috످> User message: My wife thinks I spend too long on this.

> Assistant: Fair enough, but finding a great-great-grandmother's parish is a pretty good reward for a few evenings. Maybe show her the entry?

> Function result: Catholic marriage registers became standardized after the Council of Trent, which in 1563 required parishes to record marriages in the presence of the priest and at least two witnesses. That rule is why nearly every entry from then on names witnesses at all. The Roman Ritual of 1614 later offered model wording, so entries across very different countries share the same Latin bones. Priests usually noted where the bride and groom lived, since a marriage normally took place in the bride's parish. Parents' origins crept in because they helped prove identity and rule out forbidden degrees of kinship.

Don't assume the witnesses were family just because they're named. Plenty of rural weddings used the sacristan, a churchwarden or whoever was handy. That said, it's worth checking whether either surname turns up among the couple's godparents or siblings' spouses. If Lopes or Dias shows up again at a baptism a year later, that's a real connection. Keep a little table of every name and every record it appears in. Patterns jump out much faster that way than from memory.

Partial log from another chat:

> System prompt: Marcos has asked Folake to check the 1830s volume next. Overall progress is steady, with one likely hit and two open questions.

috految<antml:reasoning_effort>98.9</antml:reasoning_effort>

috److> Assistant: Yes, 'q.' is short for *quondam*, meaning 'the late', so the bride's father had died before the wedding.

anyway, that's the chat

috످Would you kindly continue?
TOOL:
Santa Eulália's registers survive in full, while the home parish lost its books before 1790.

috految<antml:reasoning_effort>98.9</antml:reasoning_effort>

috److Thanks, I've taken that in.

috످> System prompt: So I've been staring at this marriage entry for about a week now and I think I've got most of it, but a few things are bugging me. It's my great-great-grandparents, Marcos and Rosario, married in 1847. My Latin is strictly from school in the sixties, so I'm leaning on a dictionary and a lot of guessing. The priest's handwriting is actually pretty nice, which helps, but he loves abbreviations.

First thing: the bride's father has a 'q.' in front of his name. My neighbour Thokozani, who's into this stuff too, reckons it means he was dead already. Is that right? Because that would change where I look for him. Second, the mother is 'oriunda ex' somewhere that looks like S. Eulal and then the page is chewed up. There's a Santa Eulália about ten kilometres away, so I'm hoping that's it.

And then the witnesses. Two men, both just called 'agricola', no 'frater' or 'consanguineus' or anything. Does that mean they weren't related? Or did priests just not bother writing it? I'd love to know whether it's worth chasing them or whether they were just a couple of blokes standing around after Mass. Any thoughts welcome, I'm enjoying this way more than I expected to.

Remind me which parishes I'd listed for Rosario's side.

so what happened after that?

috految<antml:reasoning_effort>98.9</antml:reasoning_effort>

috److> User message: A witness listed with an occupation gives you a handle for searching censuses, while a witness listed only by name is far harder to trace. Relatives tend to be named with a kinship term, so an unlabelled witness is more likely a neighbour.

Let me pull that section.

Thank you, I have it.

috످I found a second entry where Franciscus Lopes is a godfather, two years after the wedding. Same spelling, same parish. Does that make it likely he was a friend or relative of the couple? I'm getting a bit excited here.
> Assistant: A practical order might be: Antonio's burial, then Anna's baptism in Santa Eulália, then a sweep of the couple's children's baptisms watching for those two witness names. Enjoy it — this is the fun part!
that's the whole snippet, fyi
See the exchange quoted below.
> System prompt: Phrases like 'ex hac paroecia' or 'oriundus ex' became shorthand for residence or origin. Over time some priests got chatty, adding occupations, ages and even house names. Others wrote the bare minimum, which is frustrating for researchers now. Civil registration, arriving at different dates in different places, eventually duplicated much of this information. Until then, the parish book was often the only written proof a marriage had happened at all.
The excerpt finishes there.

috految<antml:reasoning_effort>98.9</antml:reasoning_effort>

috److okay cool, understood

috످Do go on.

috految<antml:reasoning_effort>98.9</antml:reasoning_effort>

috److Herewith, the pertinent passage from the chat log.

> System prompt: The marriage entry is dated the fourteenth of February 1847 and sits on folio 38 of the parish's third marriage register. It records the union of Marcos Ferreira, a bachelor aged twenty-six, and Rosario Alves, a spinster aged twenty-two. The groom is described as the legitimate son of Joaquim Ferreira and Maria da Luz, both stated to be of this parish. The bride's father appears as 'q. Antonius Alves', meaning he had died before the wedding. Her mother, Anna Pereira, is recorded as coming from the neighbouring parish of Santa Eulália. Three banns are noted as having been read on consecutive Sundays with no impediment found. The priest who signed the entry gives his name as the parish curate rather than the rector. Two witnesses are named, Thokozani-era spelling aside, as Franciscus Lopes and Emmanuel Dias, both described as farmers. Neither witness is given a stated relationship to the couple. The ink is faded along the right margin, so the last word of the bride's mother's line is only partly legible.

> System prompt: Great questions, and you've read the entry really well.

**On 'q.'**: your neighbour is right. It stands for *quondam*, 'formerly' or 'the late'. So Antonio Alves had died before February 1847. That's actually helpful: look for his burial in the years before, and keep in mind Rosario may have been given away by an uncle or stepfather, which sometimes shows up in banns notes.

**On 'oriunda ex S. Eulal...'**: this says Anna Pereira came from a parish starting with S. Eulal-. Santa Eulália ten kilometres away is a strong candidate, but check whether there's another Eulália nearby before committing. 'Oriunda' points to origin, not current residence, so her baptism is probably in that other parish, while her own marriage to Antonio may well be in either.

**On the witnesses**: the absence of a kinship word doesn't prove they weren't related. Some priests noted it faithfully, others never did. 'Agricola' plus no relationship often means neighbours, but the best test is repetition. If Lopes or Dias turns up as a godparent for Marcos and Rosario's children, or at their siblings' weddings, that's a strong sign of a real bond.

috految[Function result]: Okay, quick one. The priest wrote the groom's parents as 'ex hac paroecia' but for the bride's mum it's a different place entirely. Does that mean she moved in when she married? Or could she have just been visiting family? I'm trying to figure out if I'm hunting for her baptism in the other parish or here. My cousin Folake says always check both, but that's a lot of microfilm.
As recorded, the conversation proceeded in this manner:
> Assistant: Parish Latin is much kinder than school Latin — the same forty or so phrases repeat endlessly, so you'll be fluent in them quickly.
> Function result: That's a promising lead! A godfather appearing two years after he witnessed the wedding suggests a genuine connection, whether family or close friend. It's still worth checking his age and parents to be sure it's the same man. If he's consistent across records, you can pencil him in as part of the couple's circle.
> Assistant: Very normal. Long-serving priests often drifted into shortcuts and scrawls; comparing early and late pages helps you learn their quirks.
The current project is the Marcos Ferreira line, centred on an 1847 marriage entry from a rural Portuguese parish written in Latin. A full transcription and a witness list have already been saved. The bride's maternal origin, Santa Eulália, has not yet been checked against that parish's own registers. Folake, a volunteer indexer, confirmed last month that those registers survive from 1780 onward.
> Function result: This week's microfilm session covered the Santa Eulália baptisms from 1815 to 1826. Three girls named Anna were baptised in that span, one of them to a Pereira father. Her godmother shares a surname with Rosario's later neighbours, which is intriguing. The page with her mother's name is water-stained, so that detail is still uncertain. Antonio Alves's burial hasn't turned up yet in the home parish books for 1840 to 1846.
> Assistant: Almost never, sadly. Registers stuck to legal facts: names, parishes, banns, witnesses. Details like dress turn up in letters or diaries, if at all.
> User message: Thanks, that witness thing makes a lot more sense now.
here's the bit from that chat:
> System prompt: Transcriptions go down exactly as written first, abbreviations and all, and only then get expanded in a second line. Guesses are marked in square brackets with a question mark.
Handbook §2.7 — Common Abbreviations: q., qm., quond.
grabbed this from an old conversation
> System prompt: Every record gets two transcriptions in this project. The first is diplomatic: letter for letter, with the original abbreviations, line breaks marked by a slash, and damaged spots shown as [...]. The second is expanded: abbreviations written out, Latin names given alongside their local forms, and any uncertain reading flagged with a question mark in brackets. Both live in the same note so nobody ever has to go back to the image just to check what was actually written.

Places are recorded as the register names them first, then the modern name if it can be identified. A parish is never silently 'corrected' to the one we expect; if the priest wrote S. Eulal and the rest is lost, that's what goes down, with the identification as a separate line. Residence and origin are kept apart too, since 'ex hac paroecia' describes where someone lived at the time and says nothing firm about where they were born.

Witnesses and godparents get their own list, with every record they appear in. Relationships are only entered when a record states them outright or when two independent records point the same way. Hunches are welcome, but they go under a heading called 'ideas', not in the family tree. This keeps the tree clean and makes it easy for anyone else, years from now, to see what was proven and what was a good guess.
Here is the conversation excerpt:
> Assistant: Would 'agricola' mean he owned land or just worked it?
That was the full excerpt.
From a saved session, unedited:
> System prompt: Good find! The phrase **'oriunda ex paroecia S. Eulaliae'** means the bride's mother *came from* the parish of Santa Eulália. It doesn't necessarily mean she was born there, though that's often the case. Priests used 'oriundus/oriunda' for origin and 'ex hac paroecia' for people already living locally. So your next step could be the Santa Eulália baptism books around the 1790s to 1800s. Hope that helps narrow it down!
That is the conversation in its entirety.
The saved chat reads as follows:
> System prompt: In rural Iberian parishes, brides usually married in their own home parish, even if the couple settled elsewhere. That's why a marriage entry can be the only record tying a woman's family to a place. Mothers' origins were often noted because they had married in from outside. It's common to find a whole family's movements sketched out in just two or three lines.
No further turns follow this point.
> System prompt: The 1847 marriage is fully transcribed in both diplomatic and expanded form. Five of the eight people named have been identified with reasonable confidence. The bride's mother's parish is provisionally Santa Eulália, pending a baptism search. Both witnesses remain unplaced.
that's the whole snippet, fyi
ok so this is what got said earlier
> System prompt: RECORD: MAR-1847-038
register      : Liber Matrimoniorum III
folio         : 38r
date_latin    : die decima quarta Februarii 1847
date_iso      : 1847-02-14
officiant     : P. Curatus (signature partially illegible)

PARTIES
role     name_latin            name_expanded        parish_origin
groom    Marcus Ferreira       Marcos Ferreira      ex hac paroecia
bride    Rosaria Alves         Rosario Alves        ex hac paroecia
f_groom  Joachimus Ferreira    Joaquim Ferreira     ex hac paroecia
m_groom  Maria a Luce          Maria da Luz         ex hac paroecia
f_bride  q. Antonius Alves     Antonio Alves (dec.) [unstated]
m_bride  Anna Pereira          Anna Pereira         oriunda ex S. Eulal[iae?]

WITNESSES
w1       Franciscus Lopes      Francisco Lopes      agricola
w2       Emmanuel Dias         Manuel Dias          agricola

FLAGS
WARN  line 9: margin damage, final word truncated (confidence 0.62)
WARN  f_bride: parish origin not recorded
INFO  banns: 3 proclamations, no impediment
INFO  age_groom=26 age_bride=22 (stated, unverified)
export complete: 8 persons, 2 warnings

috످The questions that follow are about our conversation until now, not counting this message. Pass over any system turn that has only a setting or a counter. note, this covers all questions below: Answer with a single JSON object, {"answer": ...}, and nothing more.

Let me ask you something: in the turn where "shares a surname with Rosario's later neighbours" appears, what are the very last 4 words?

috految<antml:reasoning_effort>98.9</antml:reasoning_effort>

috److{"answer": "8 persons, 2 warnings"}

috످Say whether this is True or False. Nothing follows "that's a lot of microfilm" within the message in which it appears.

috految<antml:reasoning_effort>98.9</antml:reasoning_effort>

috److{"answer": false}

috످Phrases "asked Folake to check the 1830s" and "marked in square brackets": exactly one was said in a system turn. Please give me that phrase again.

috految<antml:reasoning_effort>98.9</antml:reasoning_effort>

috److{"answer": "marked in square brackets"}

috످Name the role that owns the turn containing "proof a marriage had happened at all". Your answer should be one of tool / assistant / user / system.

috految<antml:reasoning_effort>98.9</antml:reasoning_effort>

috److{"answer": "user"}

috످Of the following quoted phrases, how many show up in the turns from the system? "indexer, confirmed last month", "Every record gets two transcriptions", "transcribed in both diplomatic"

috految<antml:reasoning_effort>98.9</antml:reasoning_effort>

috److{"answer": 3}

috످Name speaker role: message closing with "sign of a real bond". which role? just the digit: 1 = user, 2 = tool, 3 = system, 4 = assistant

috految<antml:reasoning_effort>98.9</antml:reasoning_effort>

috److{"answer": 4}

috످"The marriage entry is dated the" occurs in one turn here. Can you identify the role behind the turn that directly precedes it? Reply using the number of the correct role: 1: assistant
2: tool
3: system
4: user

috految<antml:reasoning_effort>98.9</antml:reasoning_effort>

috److془The passage summarises the 1847 wedding record, in the assistant's turn, despite the system label. The preceding one asks to continue, user's turn. 4.془{"answer": 4}

috످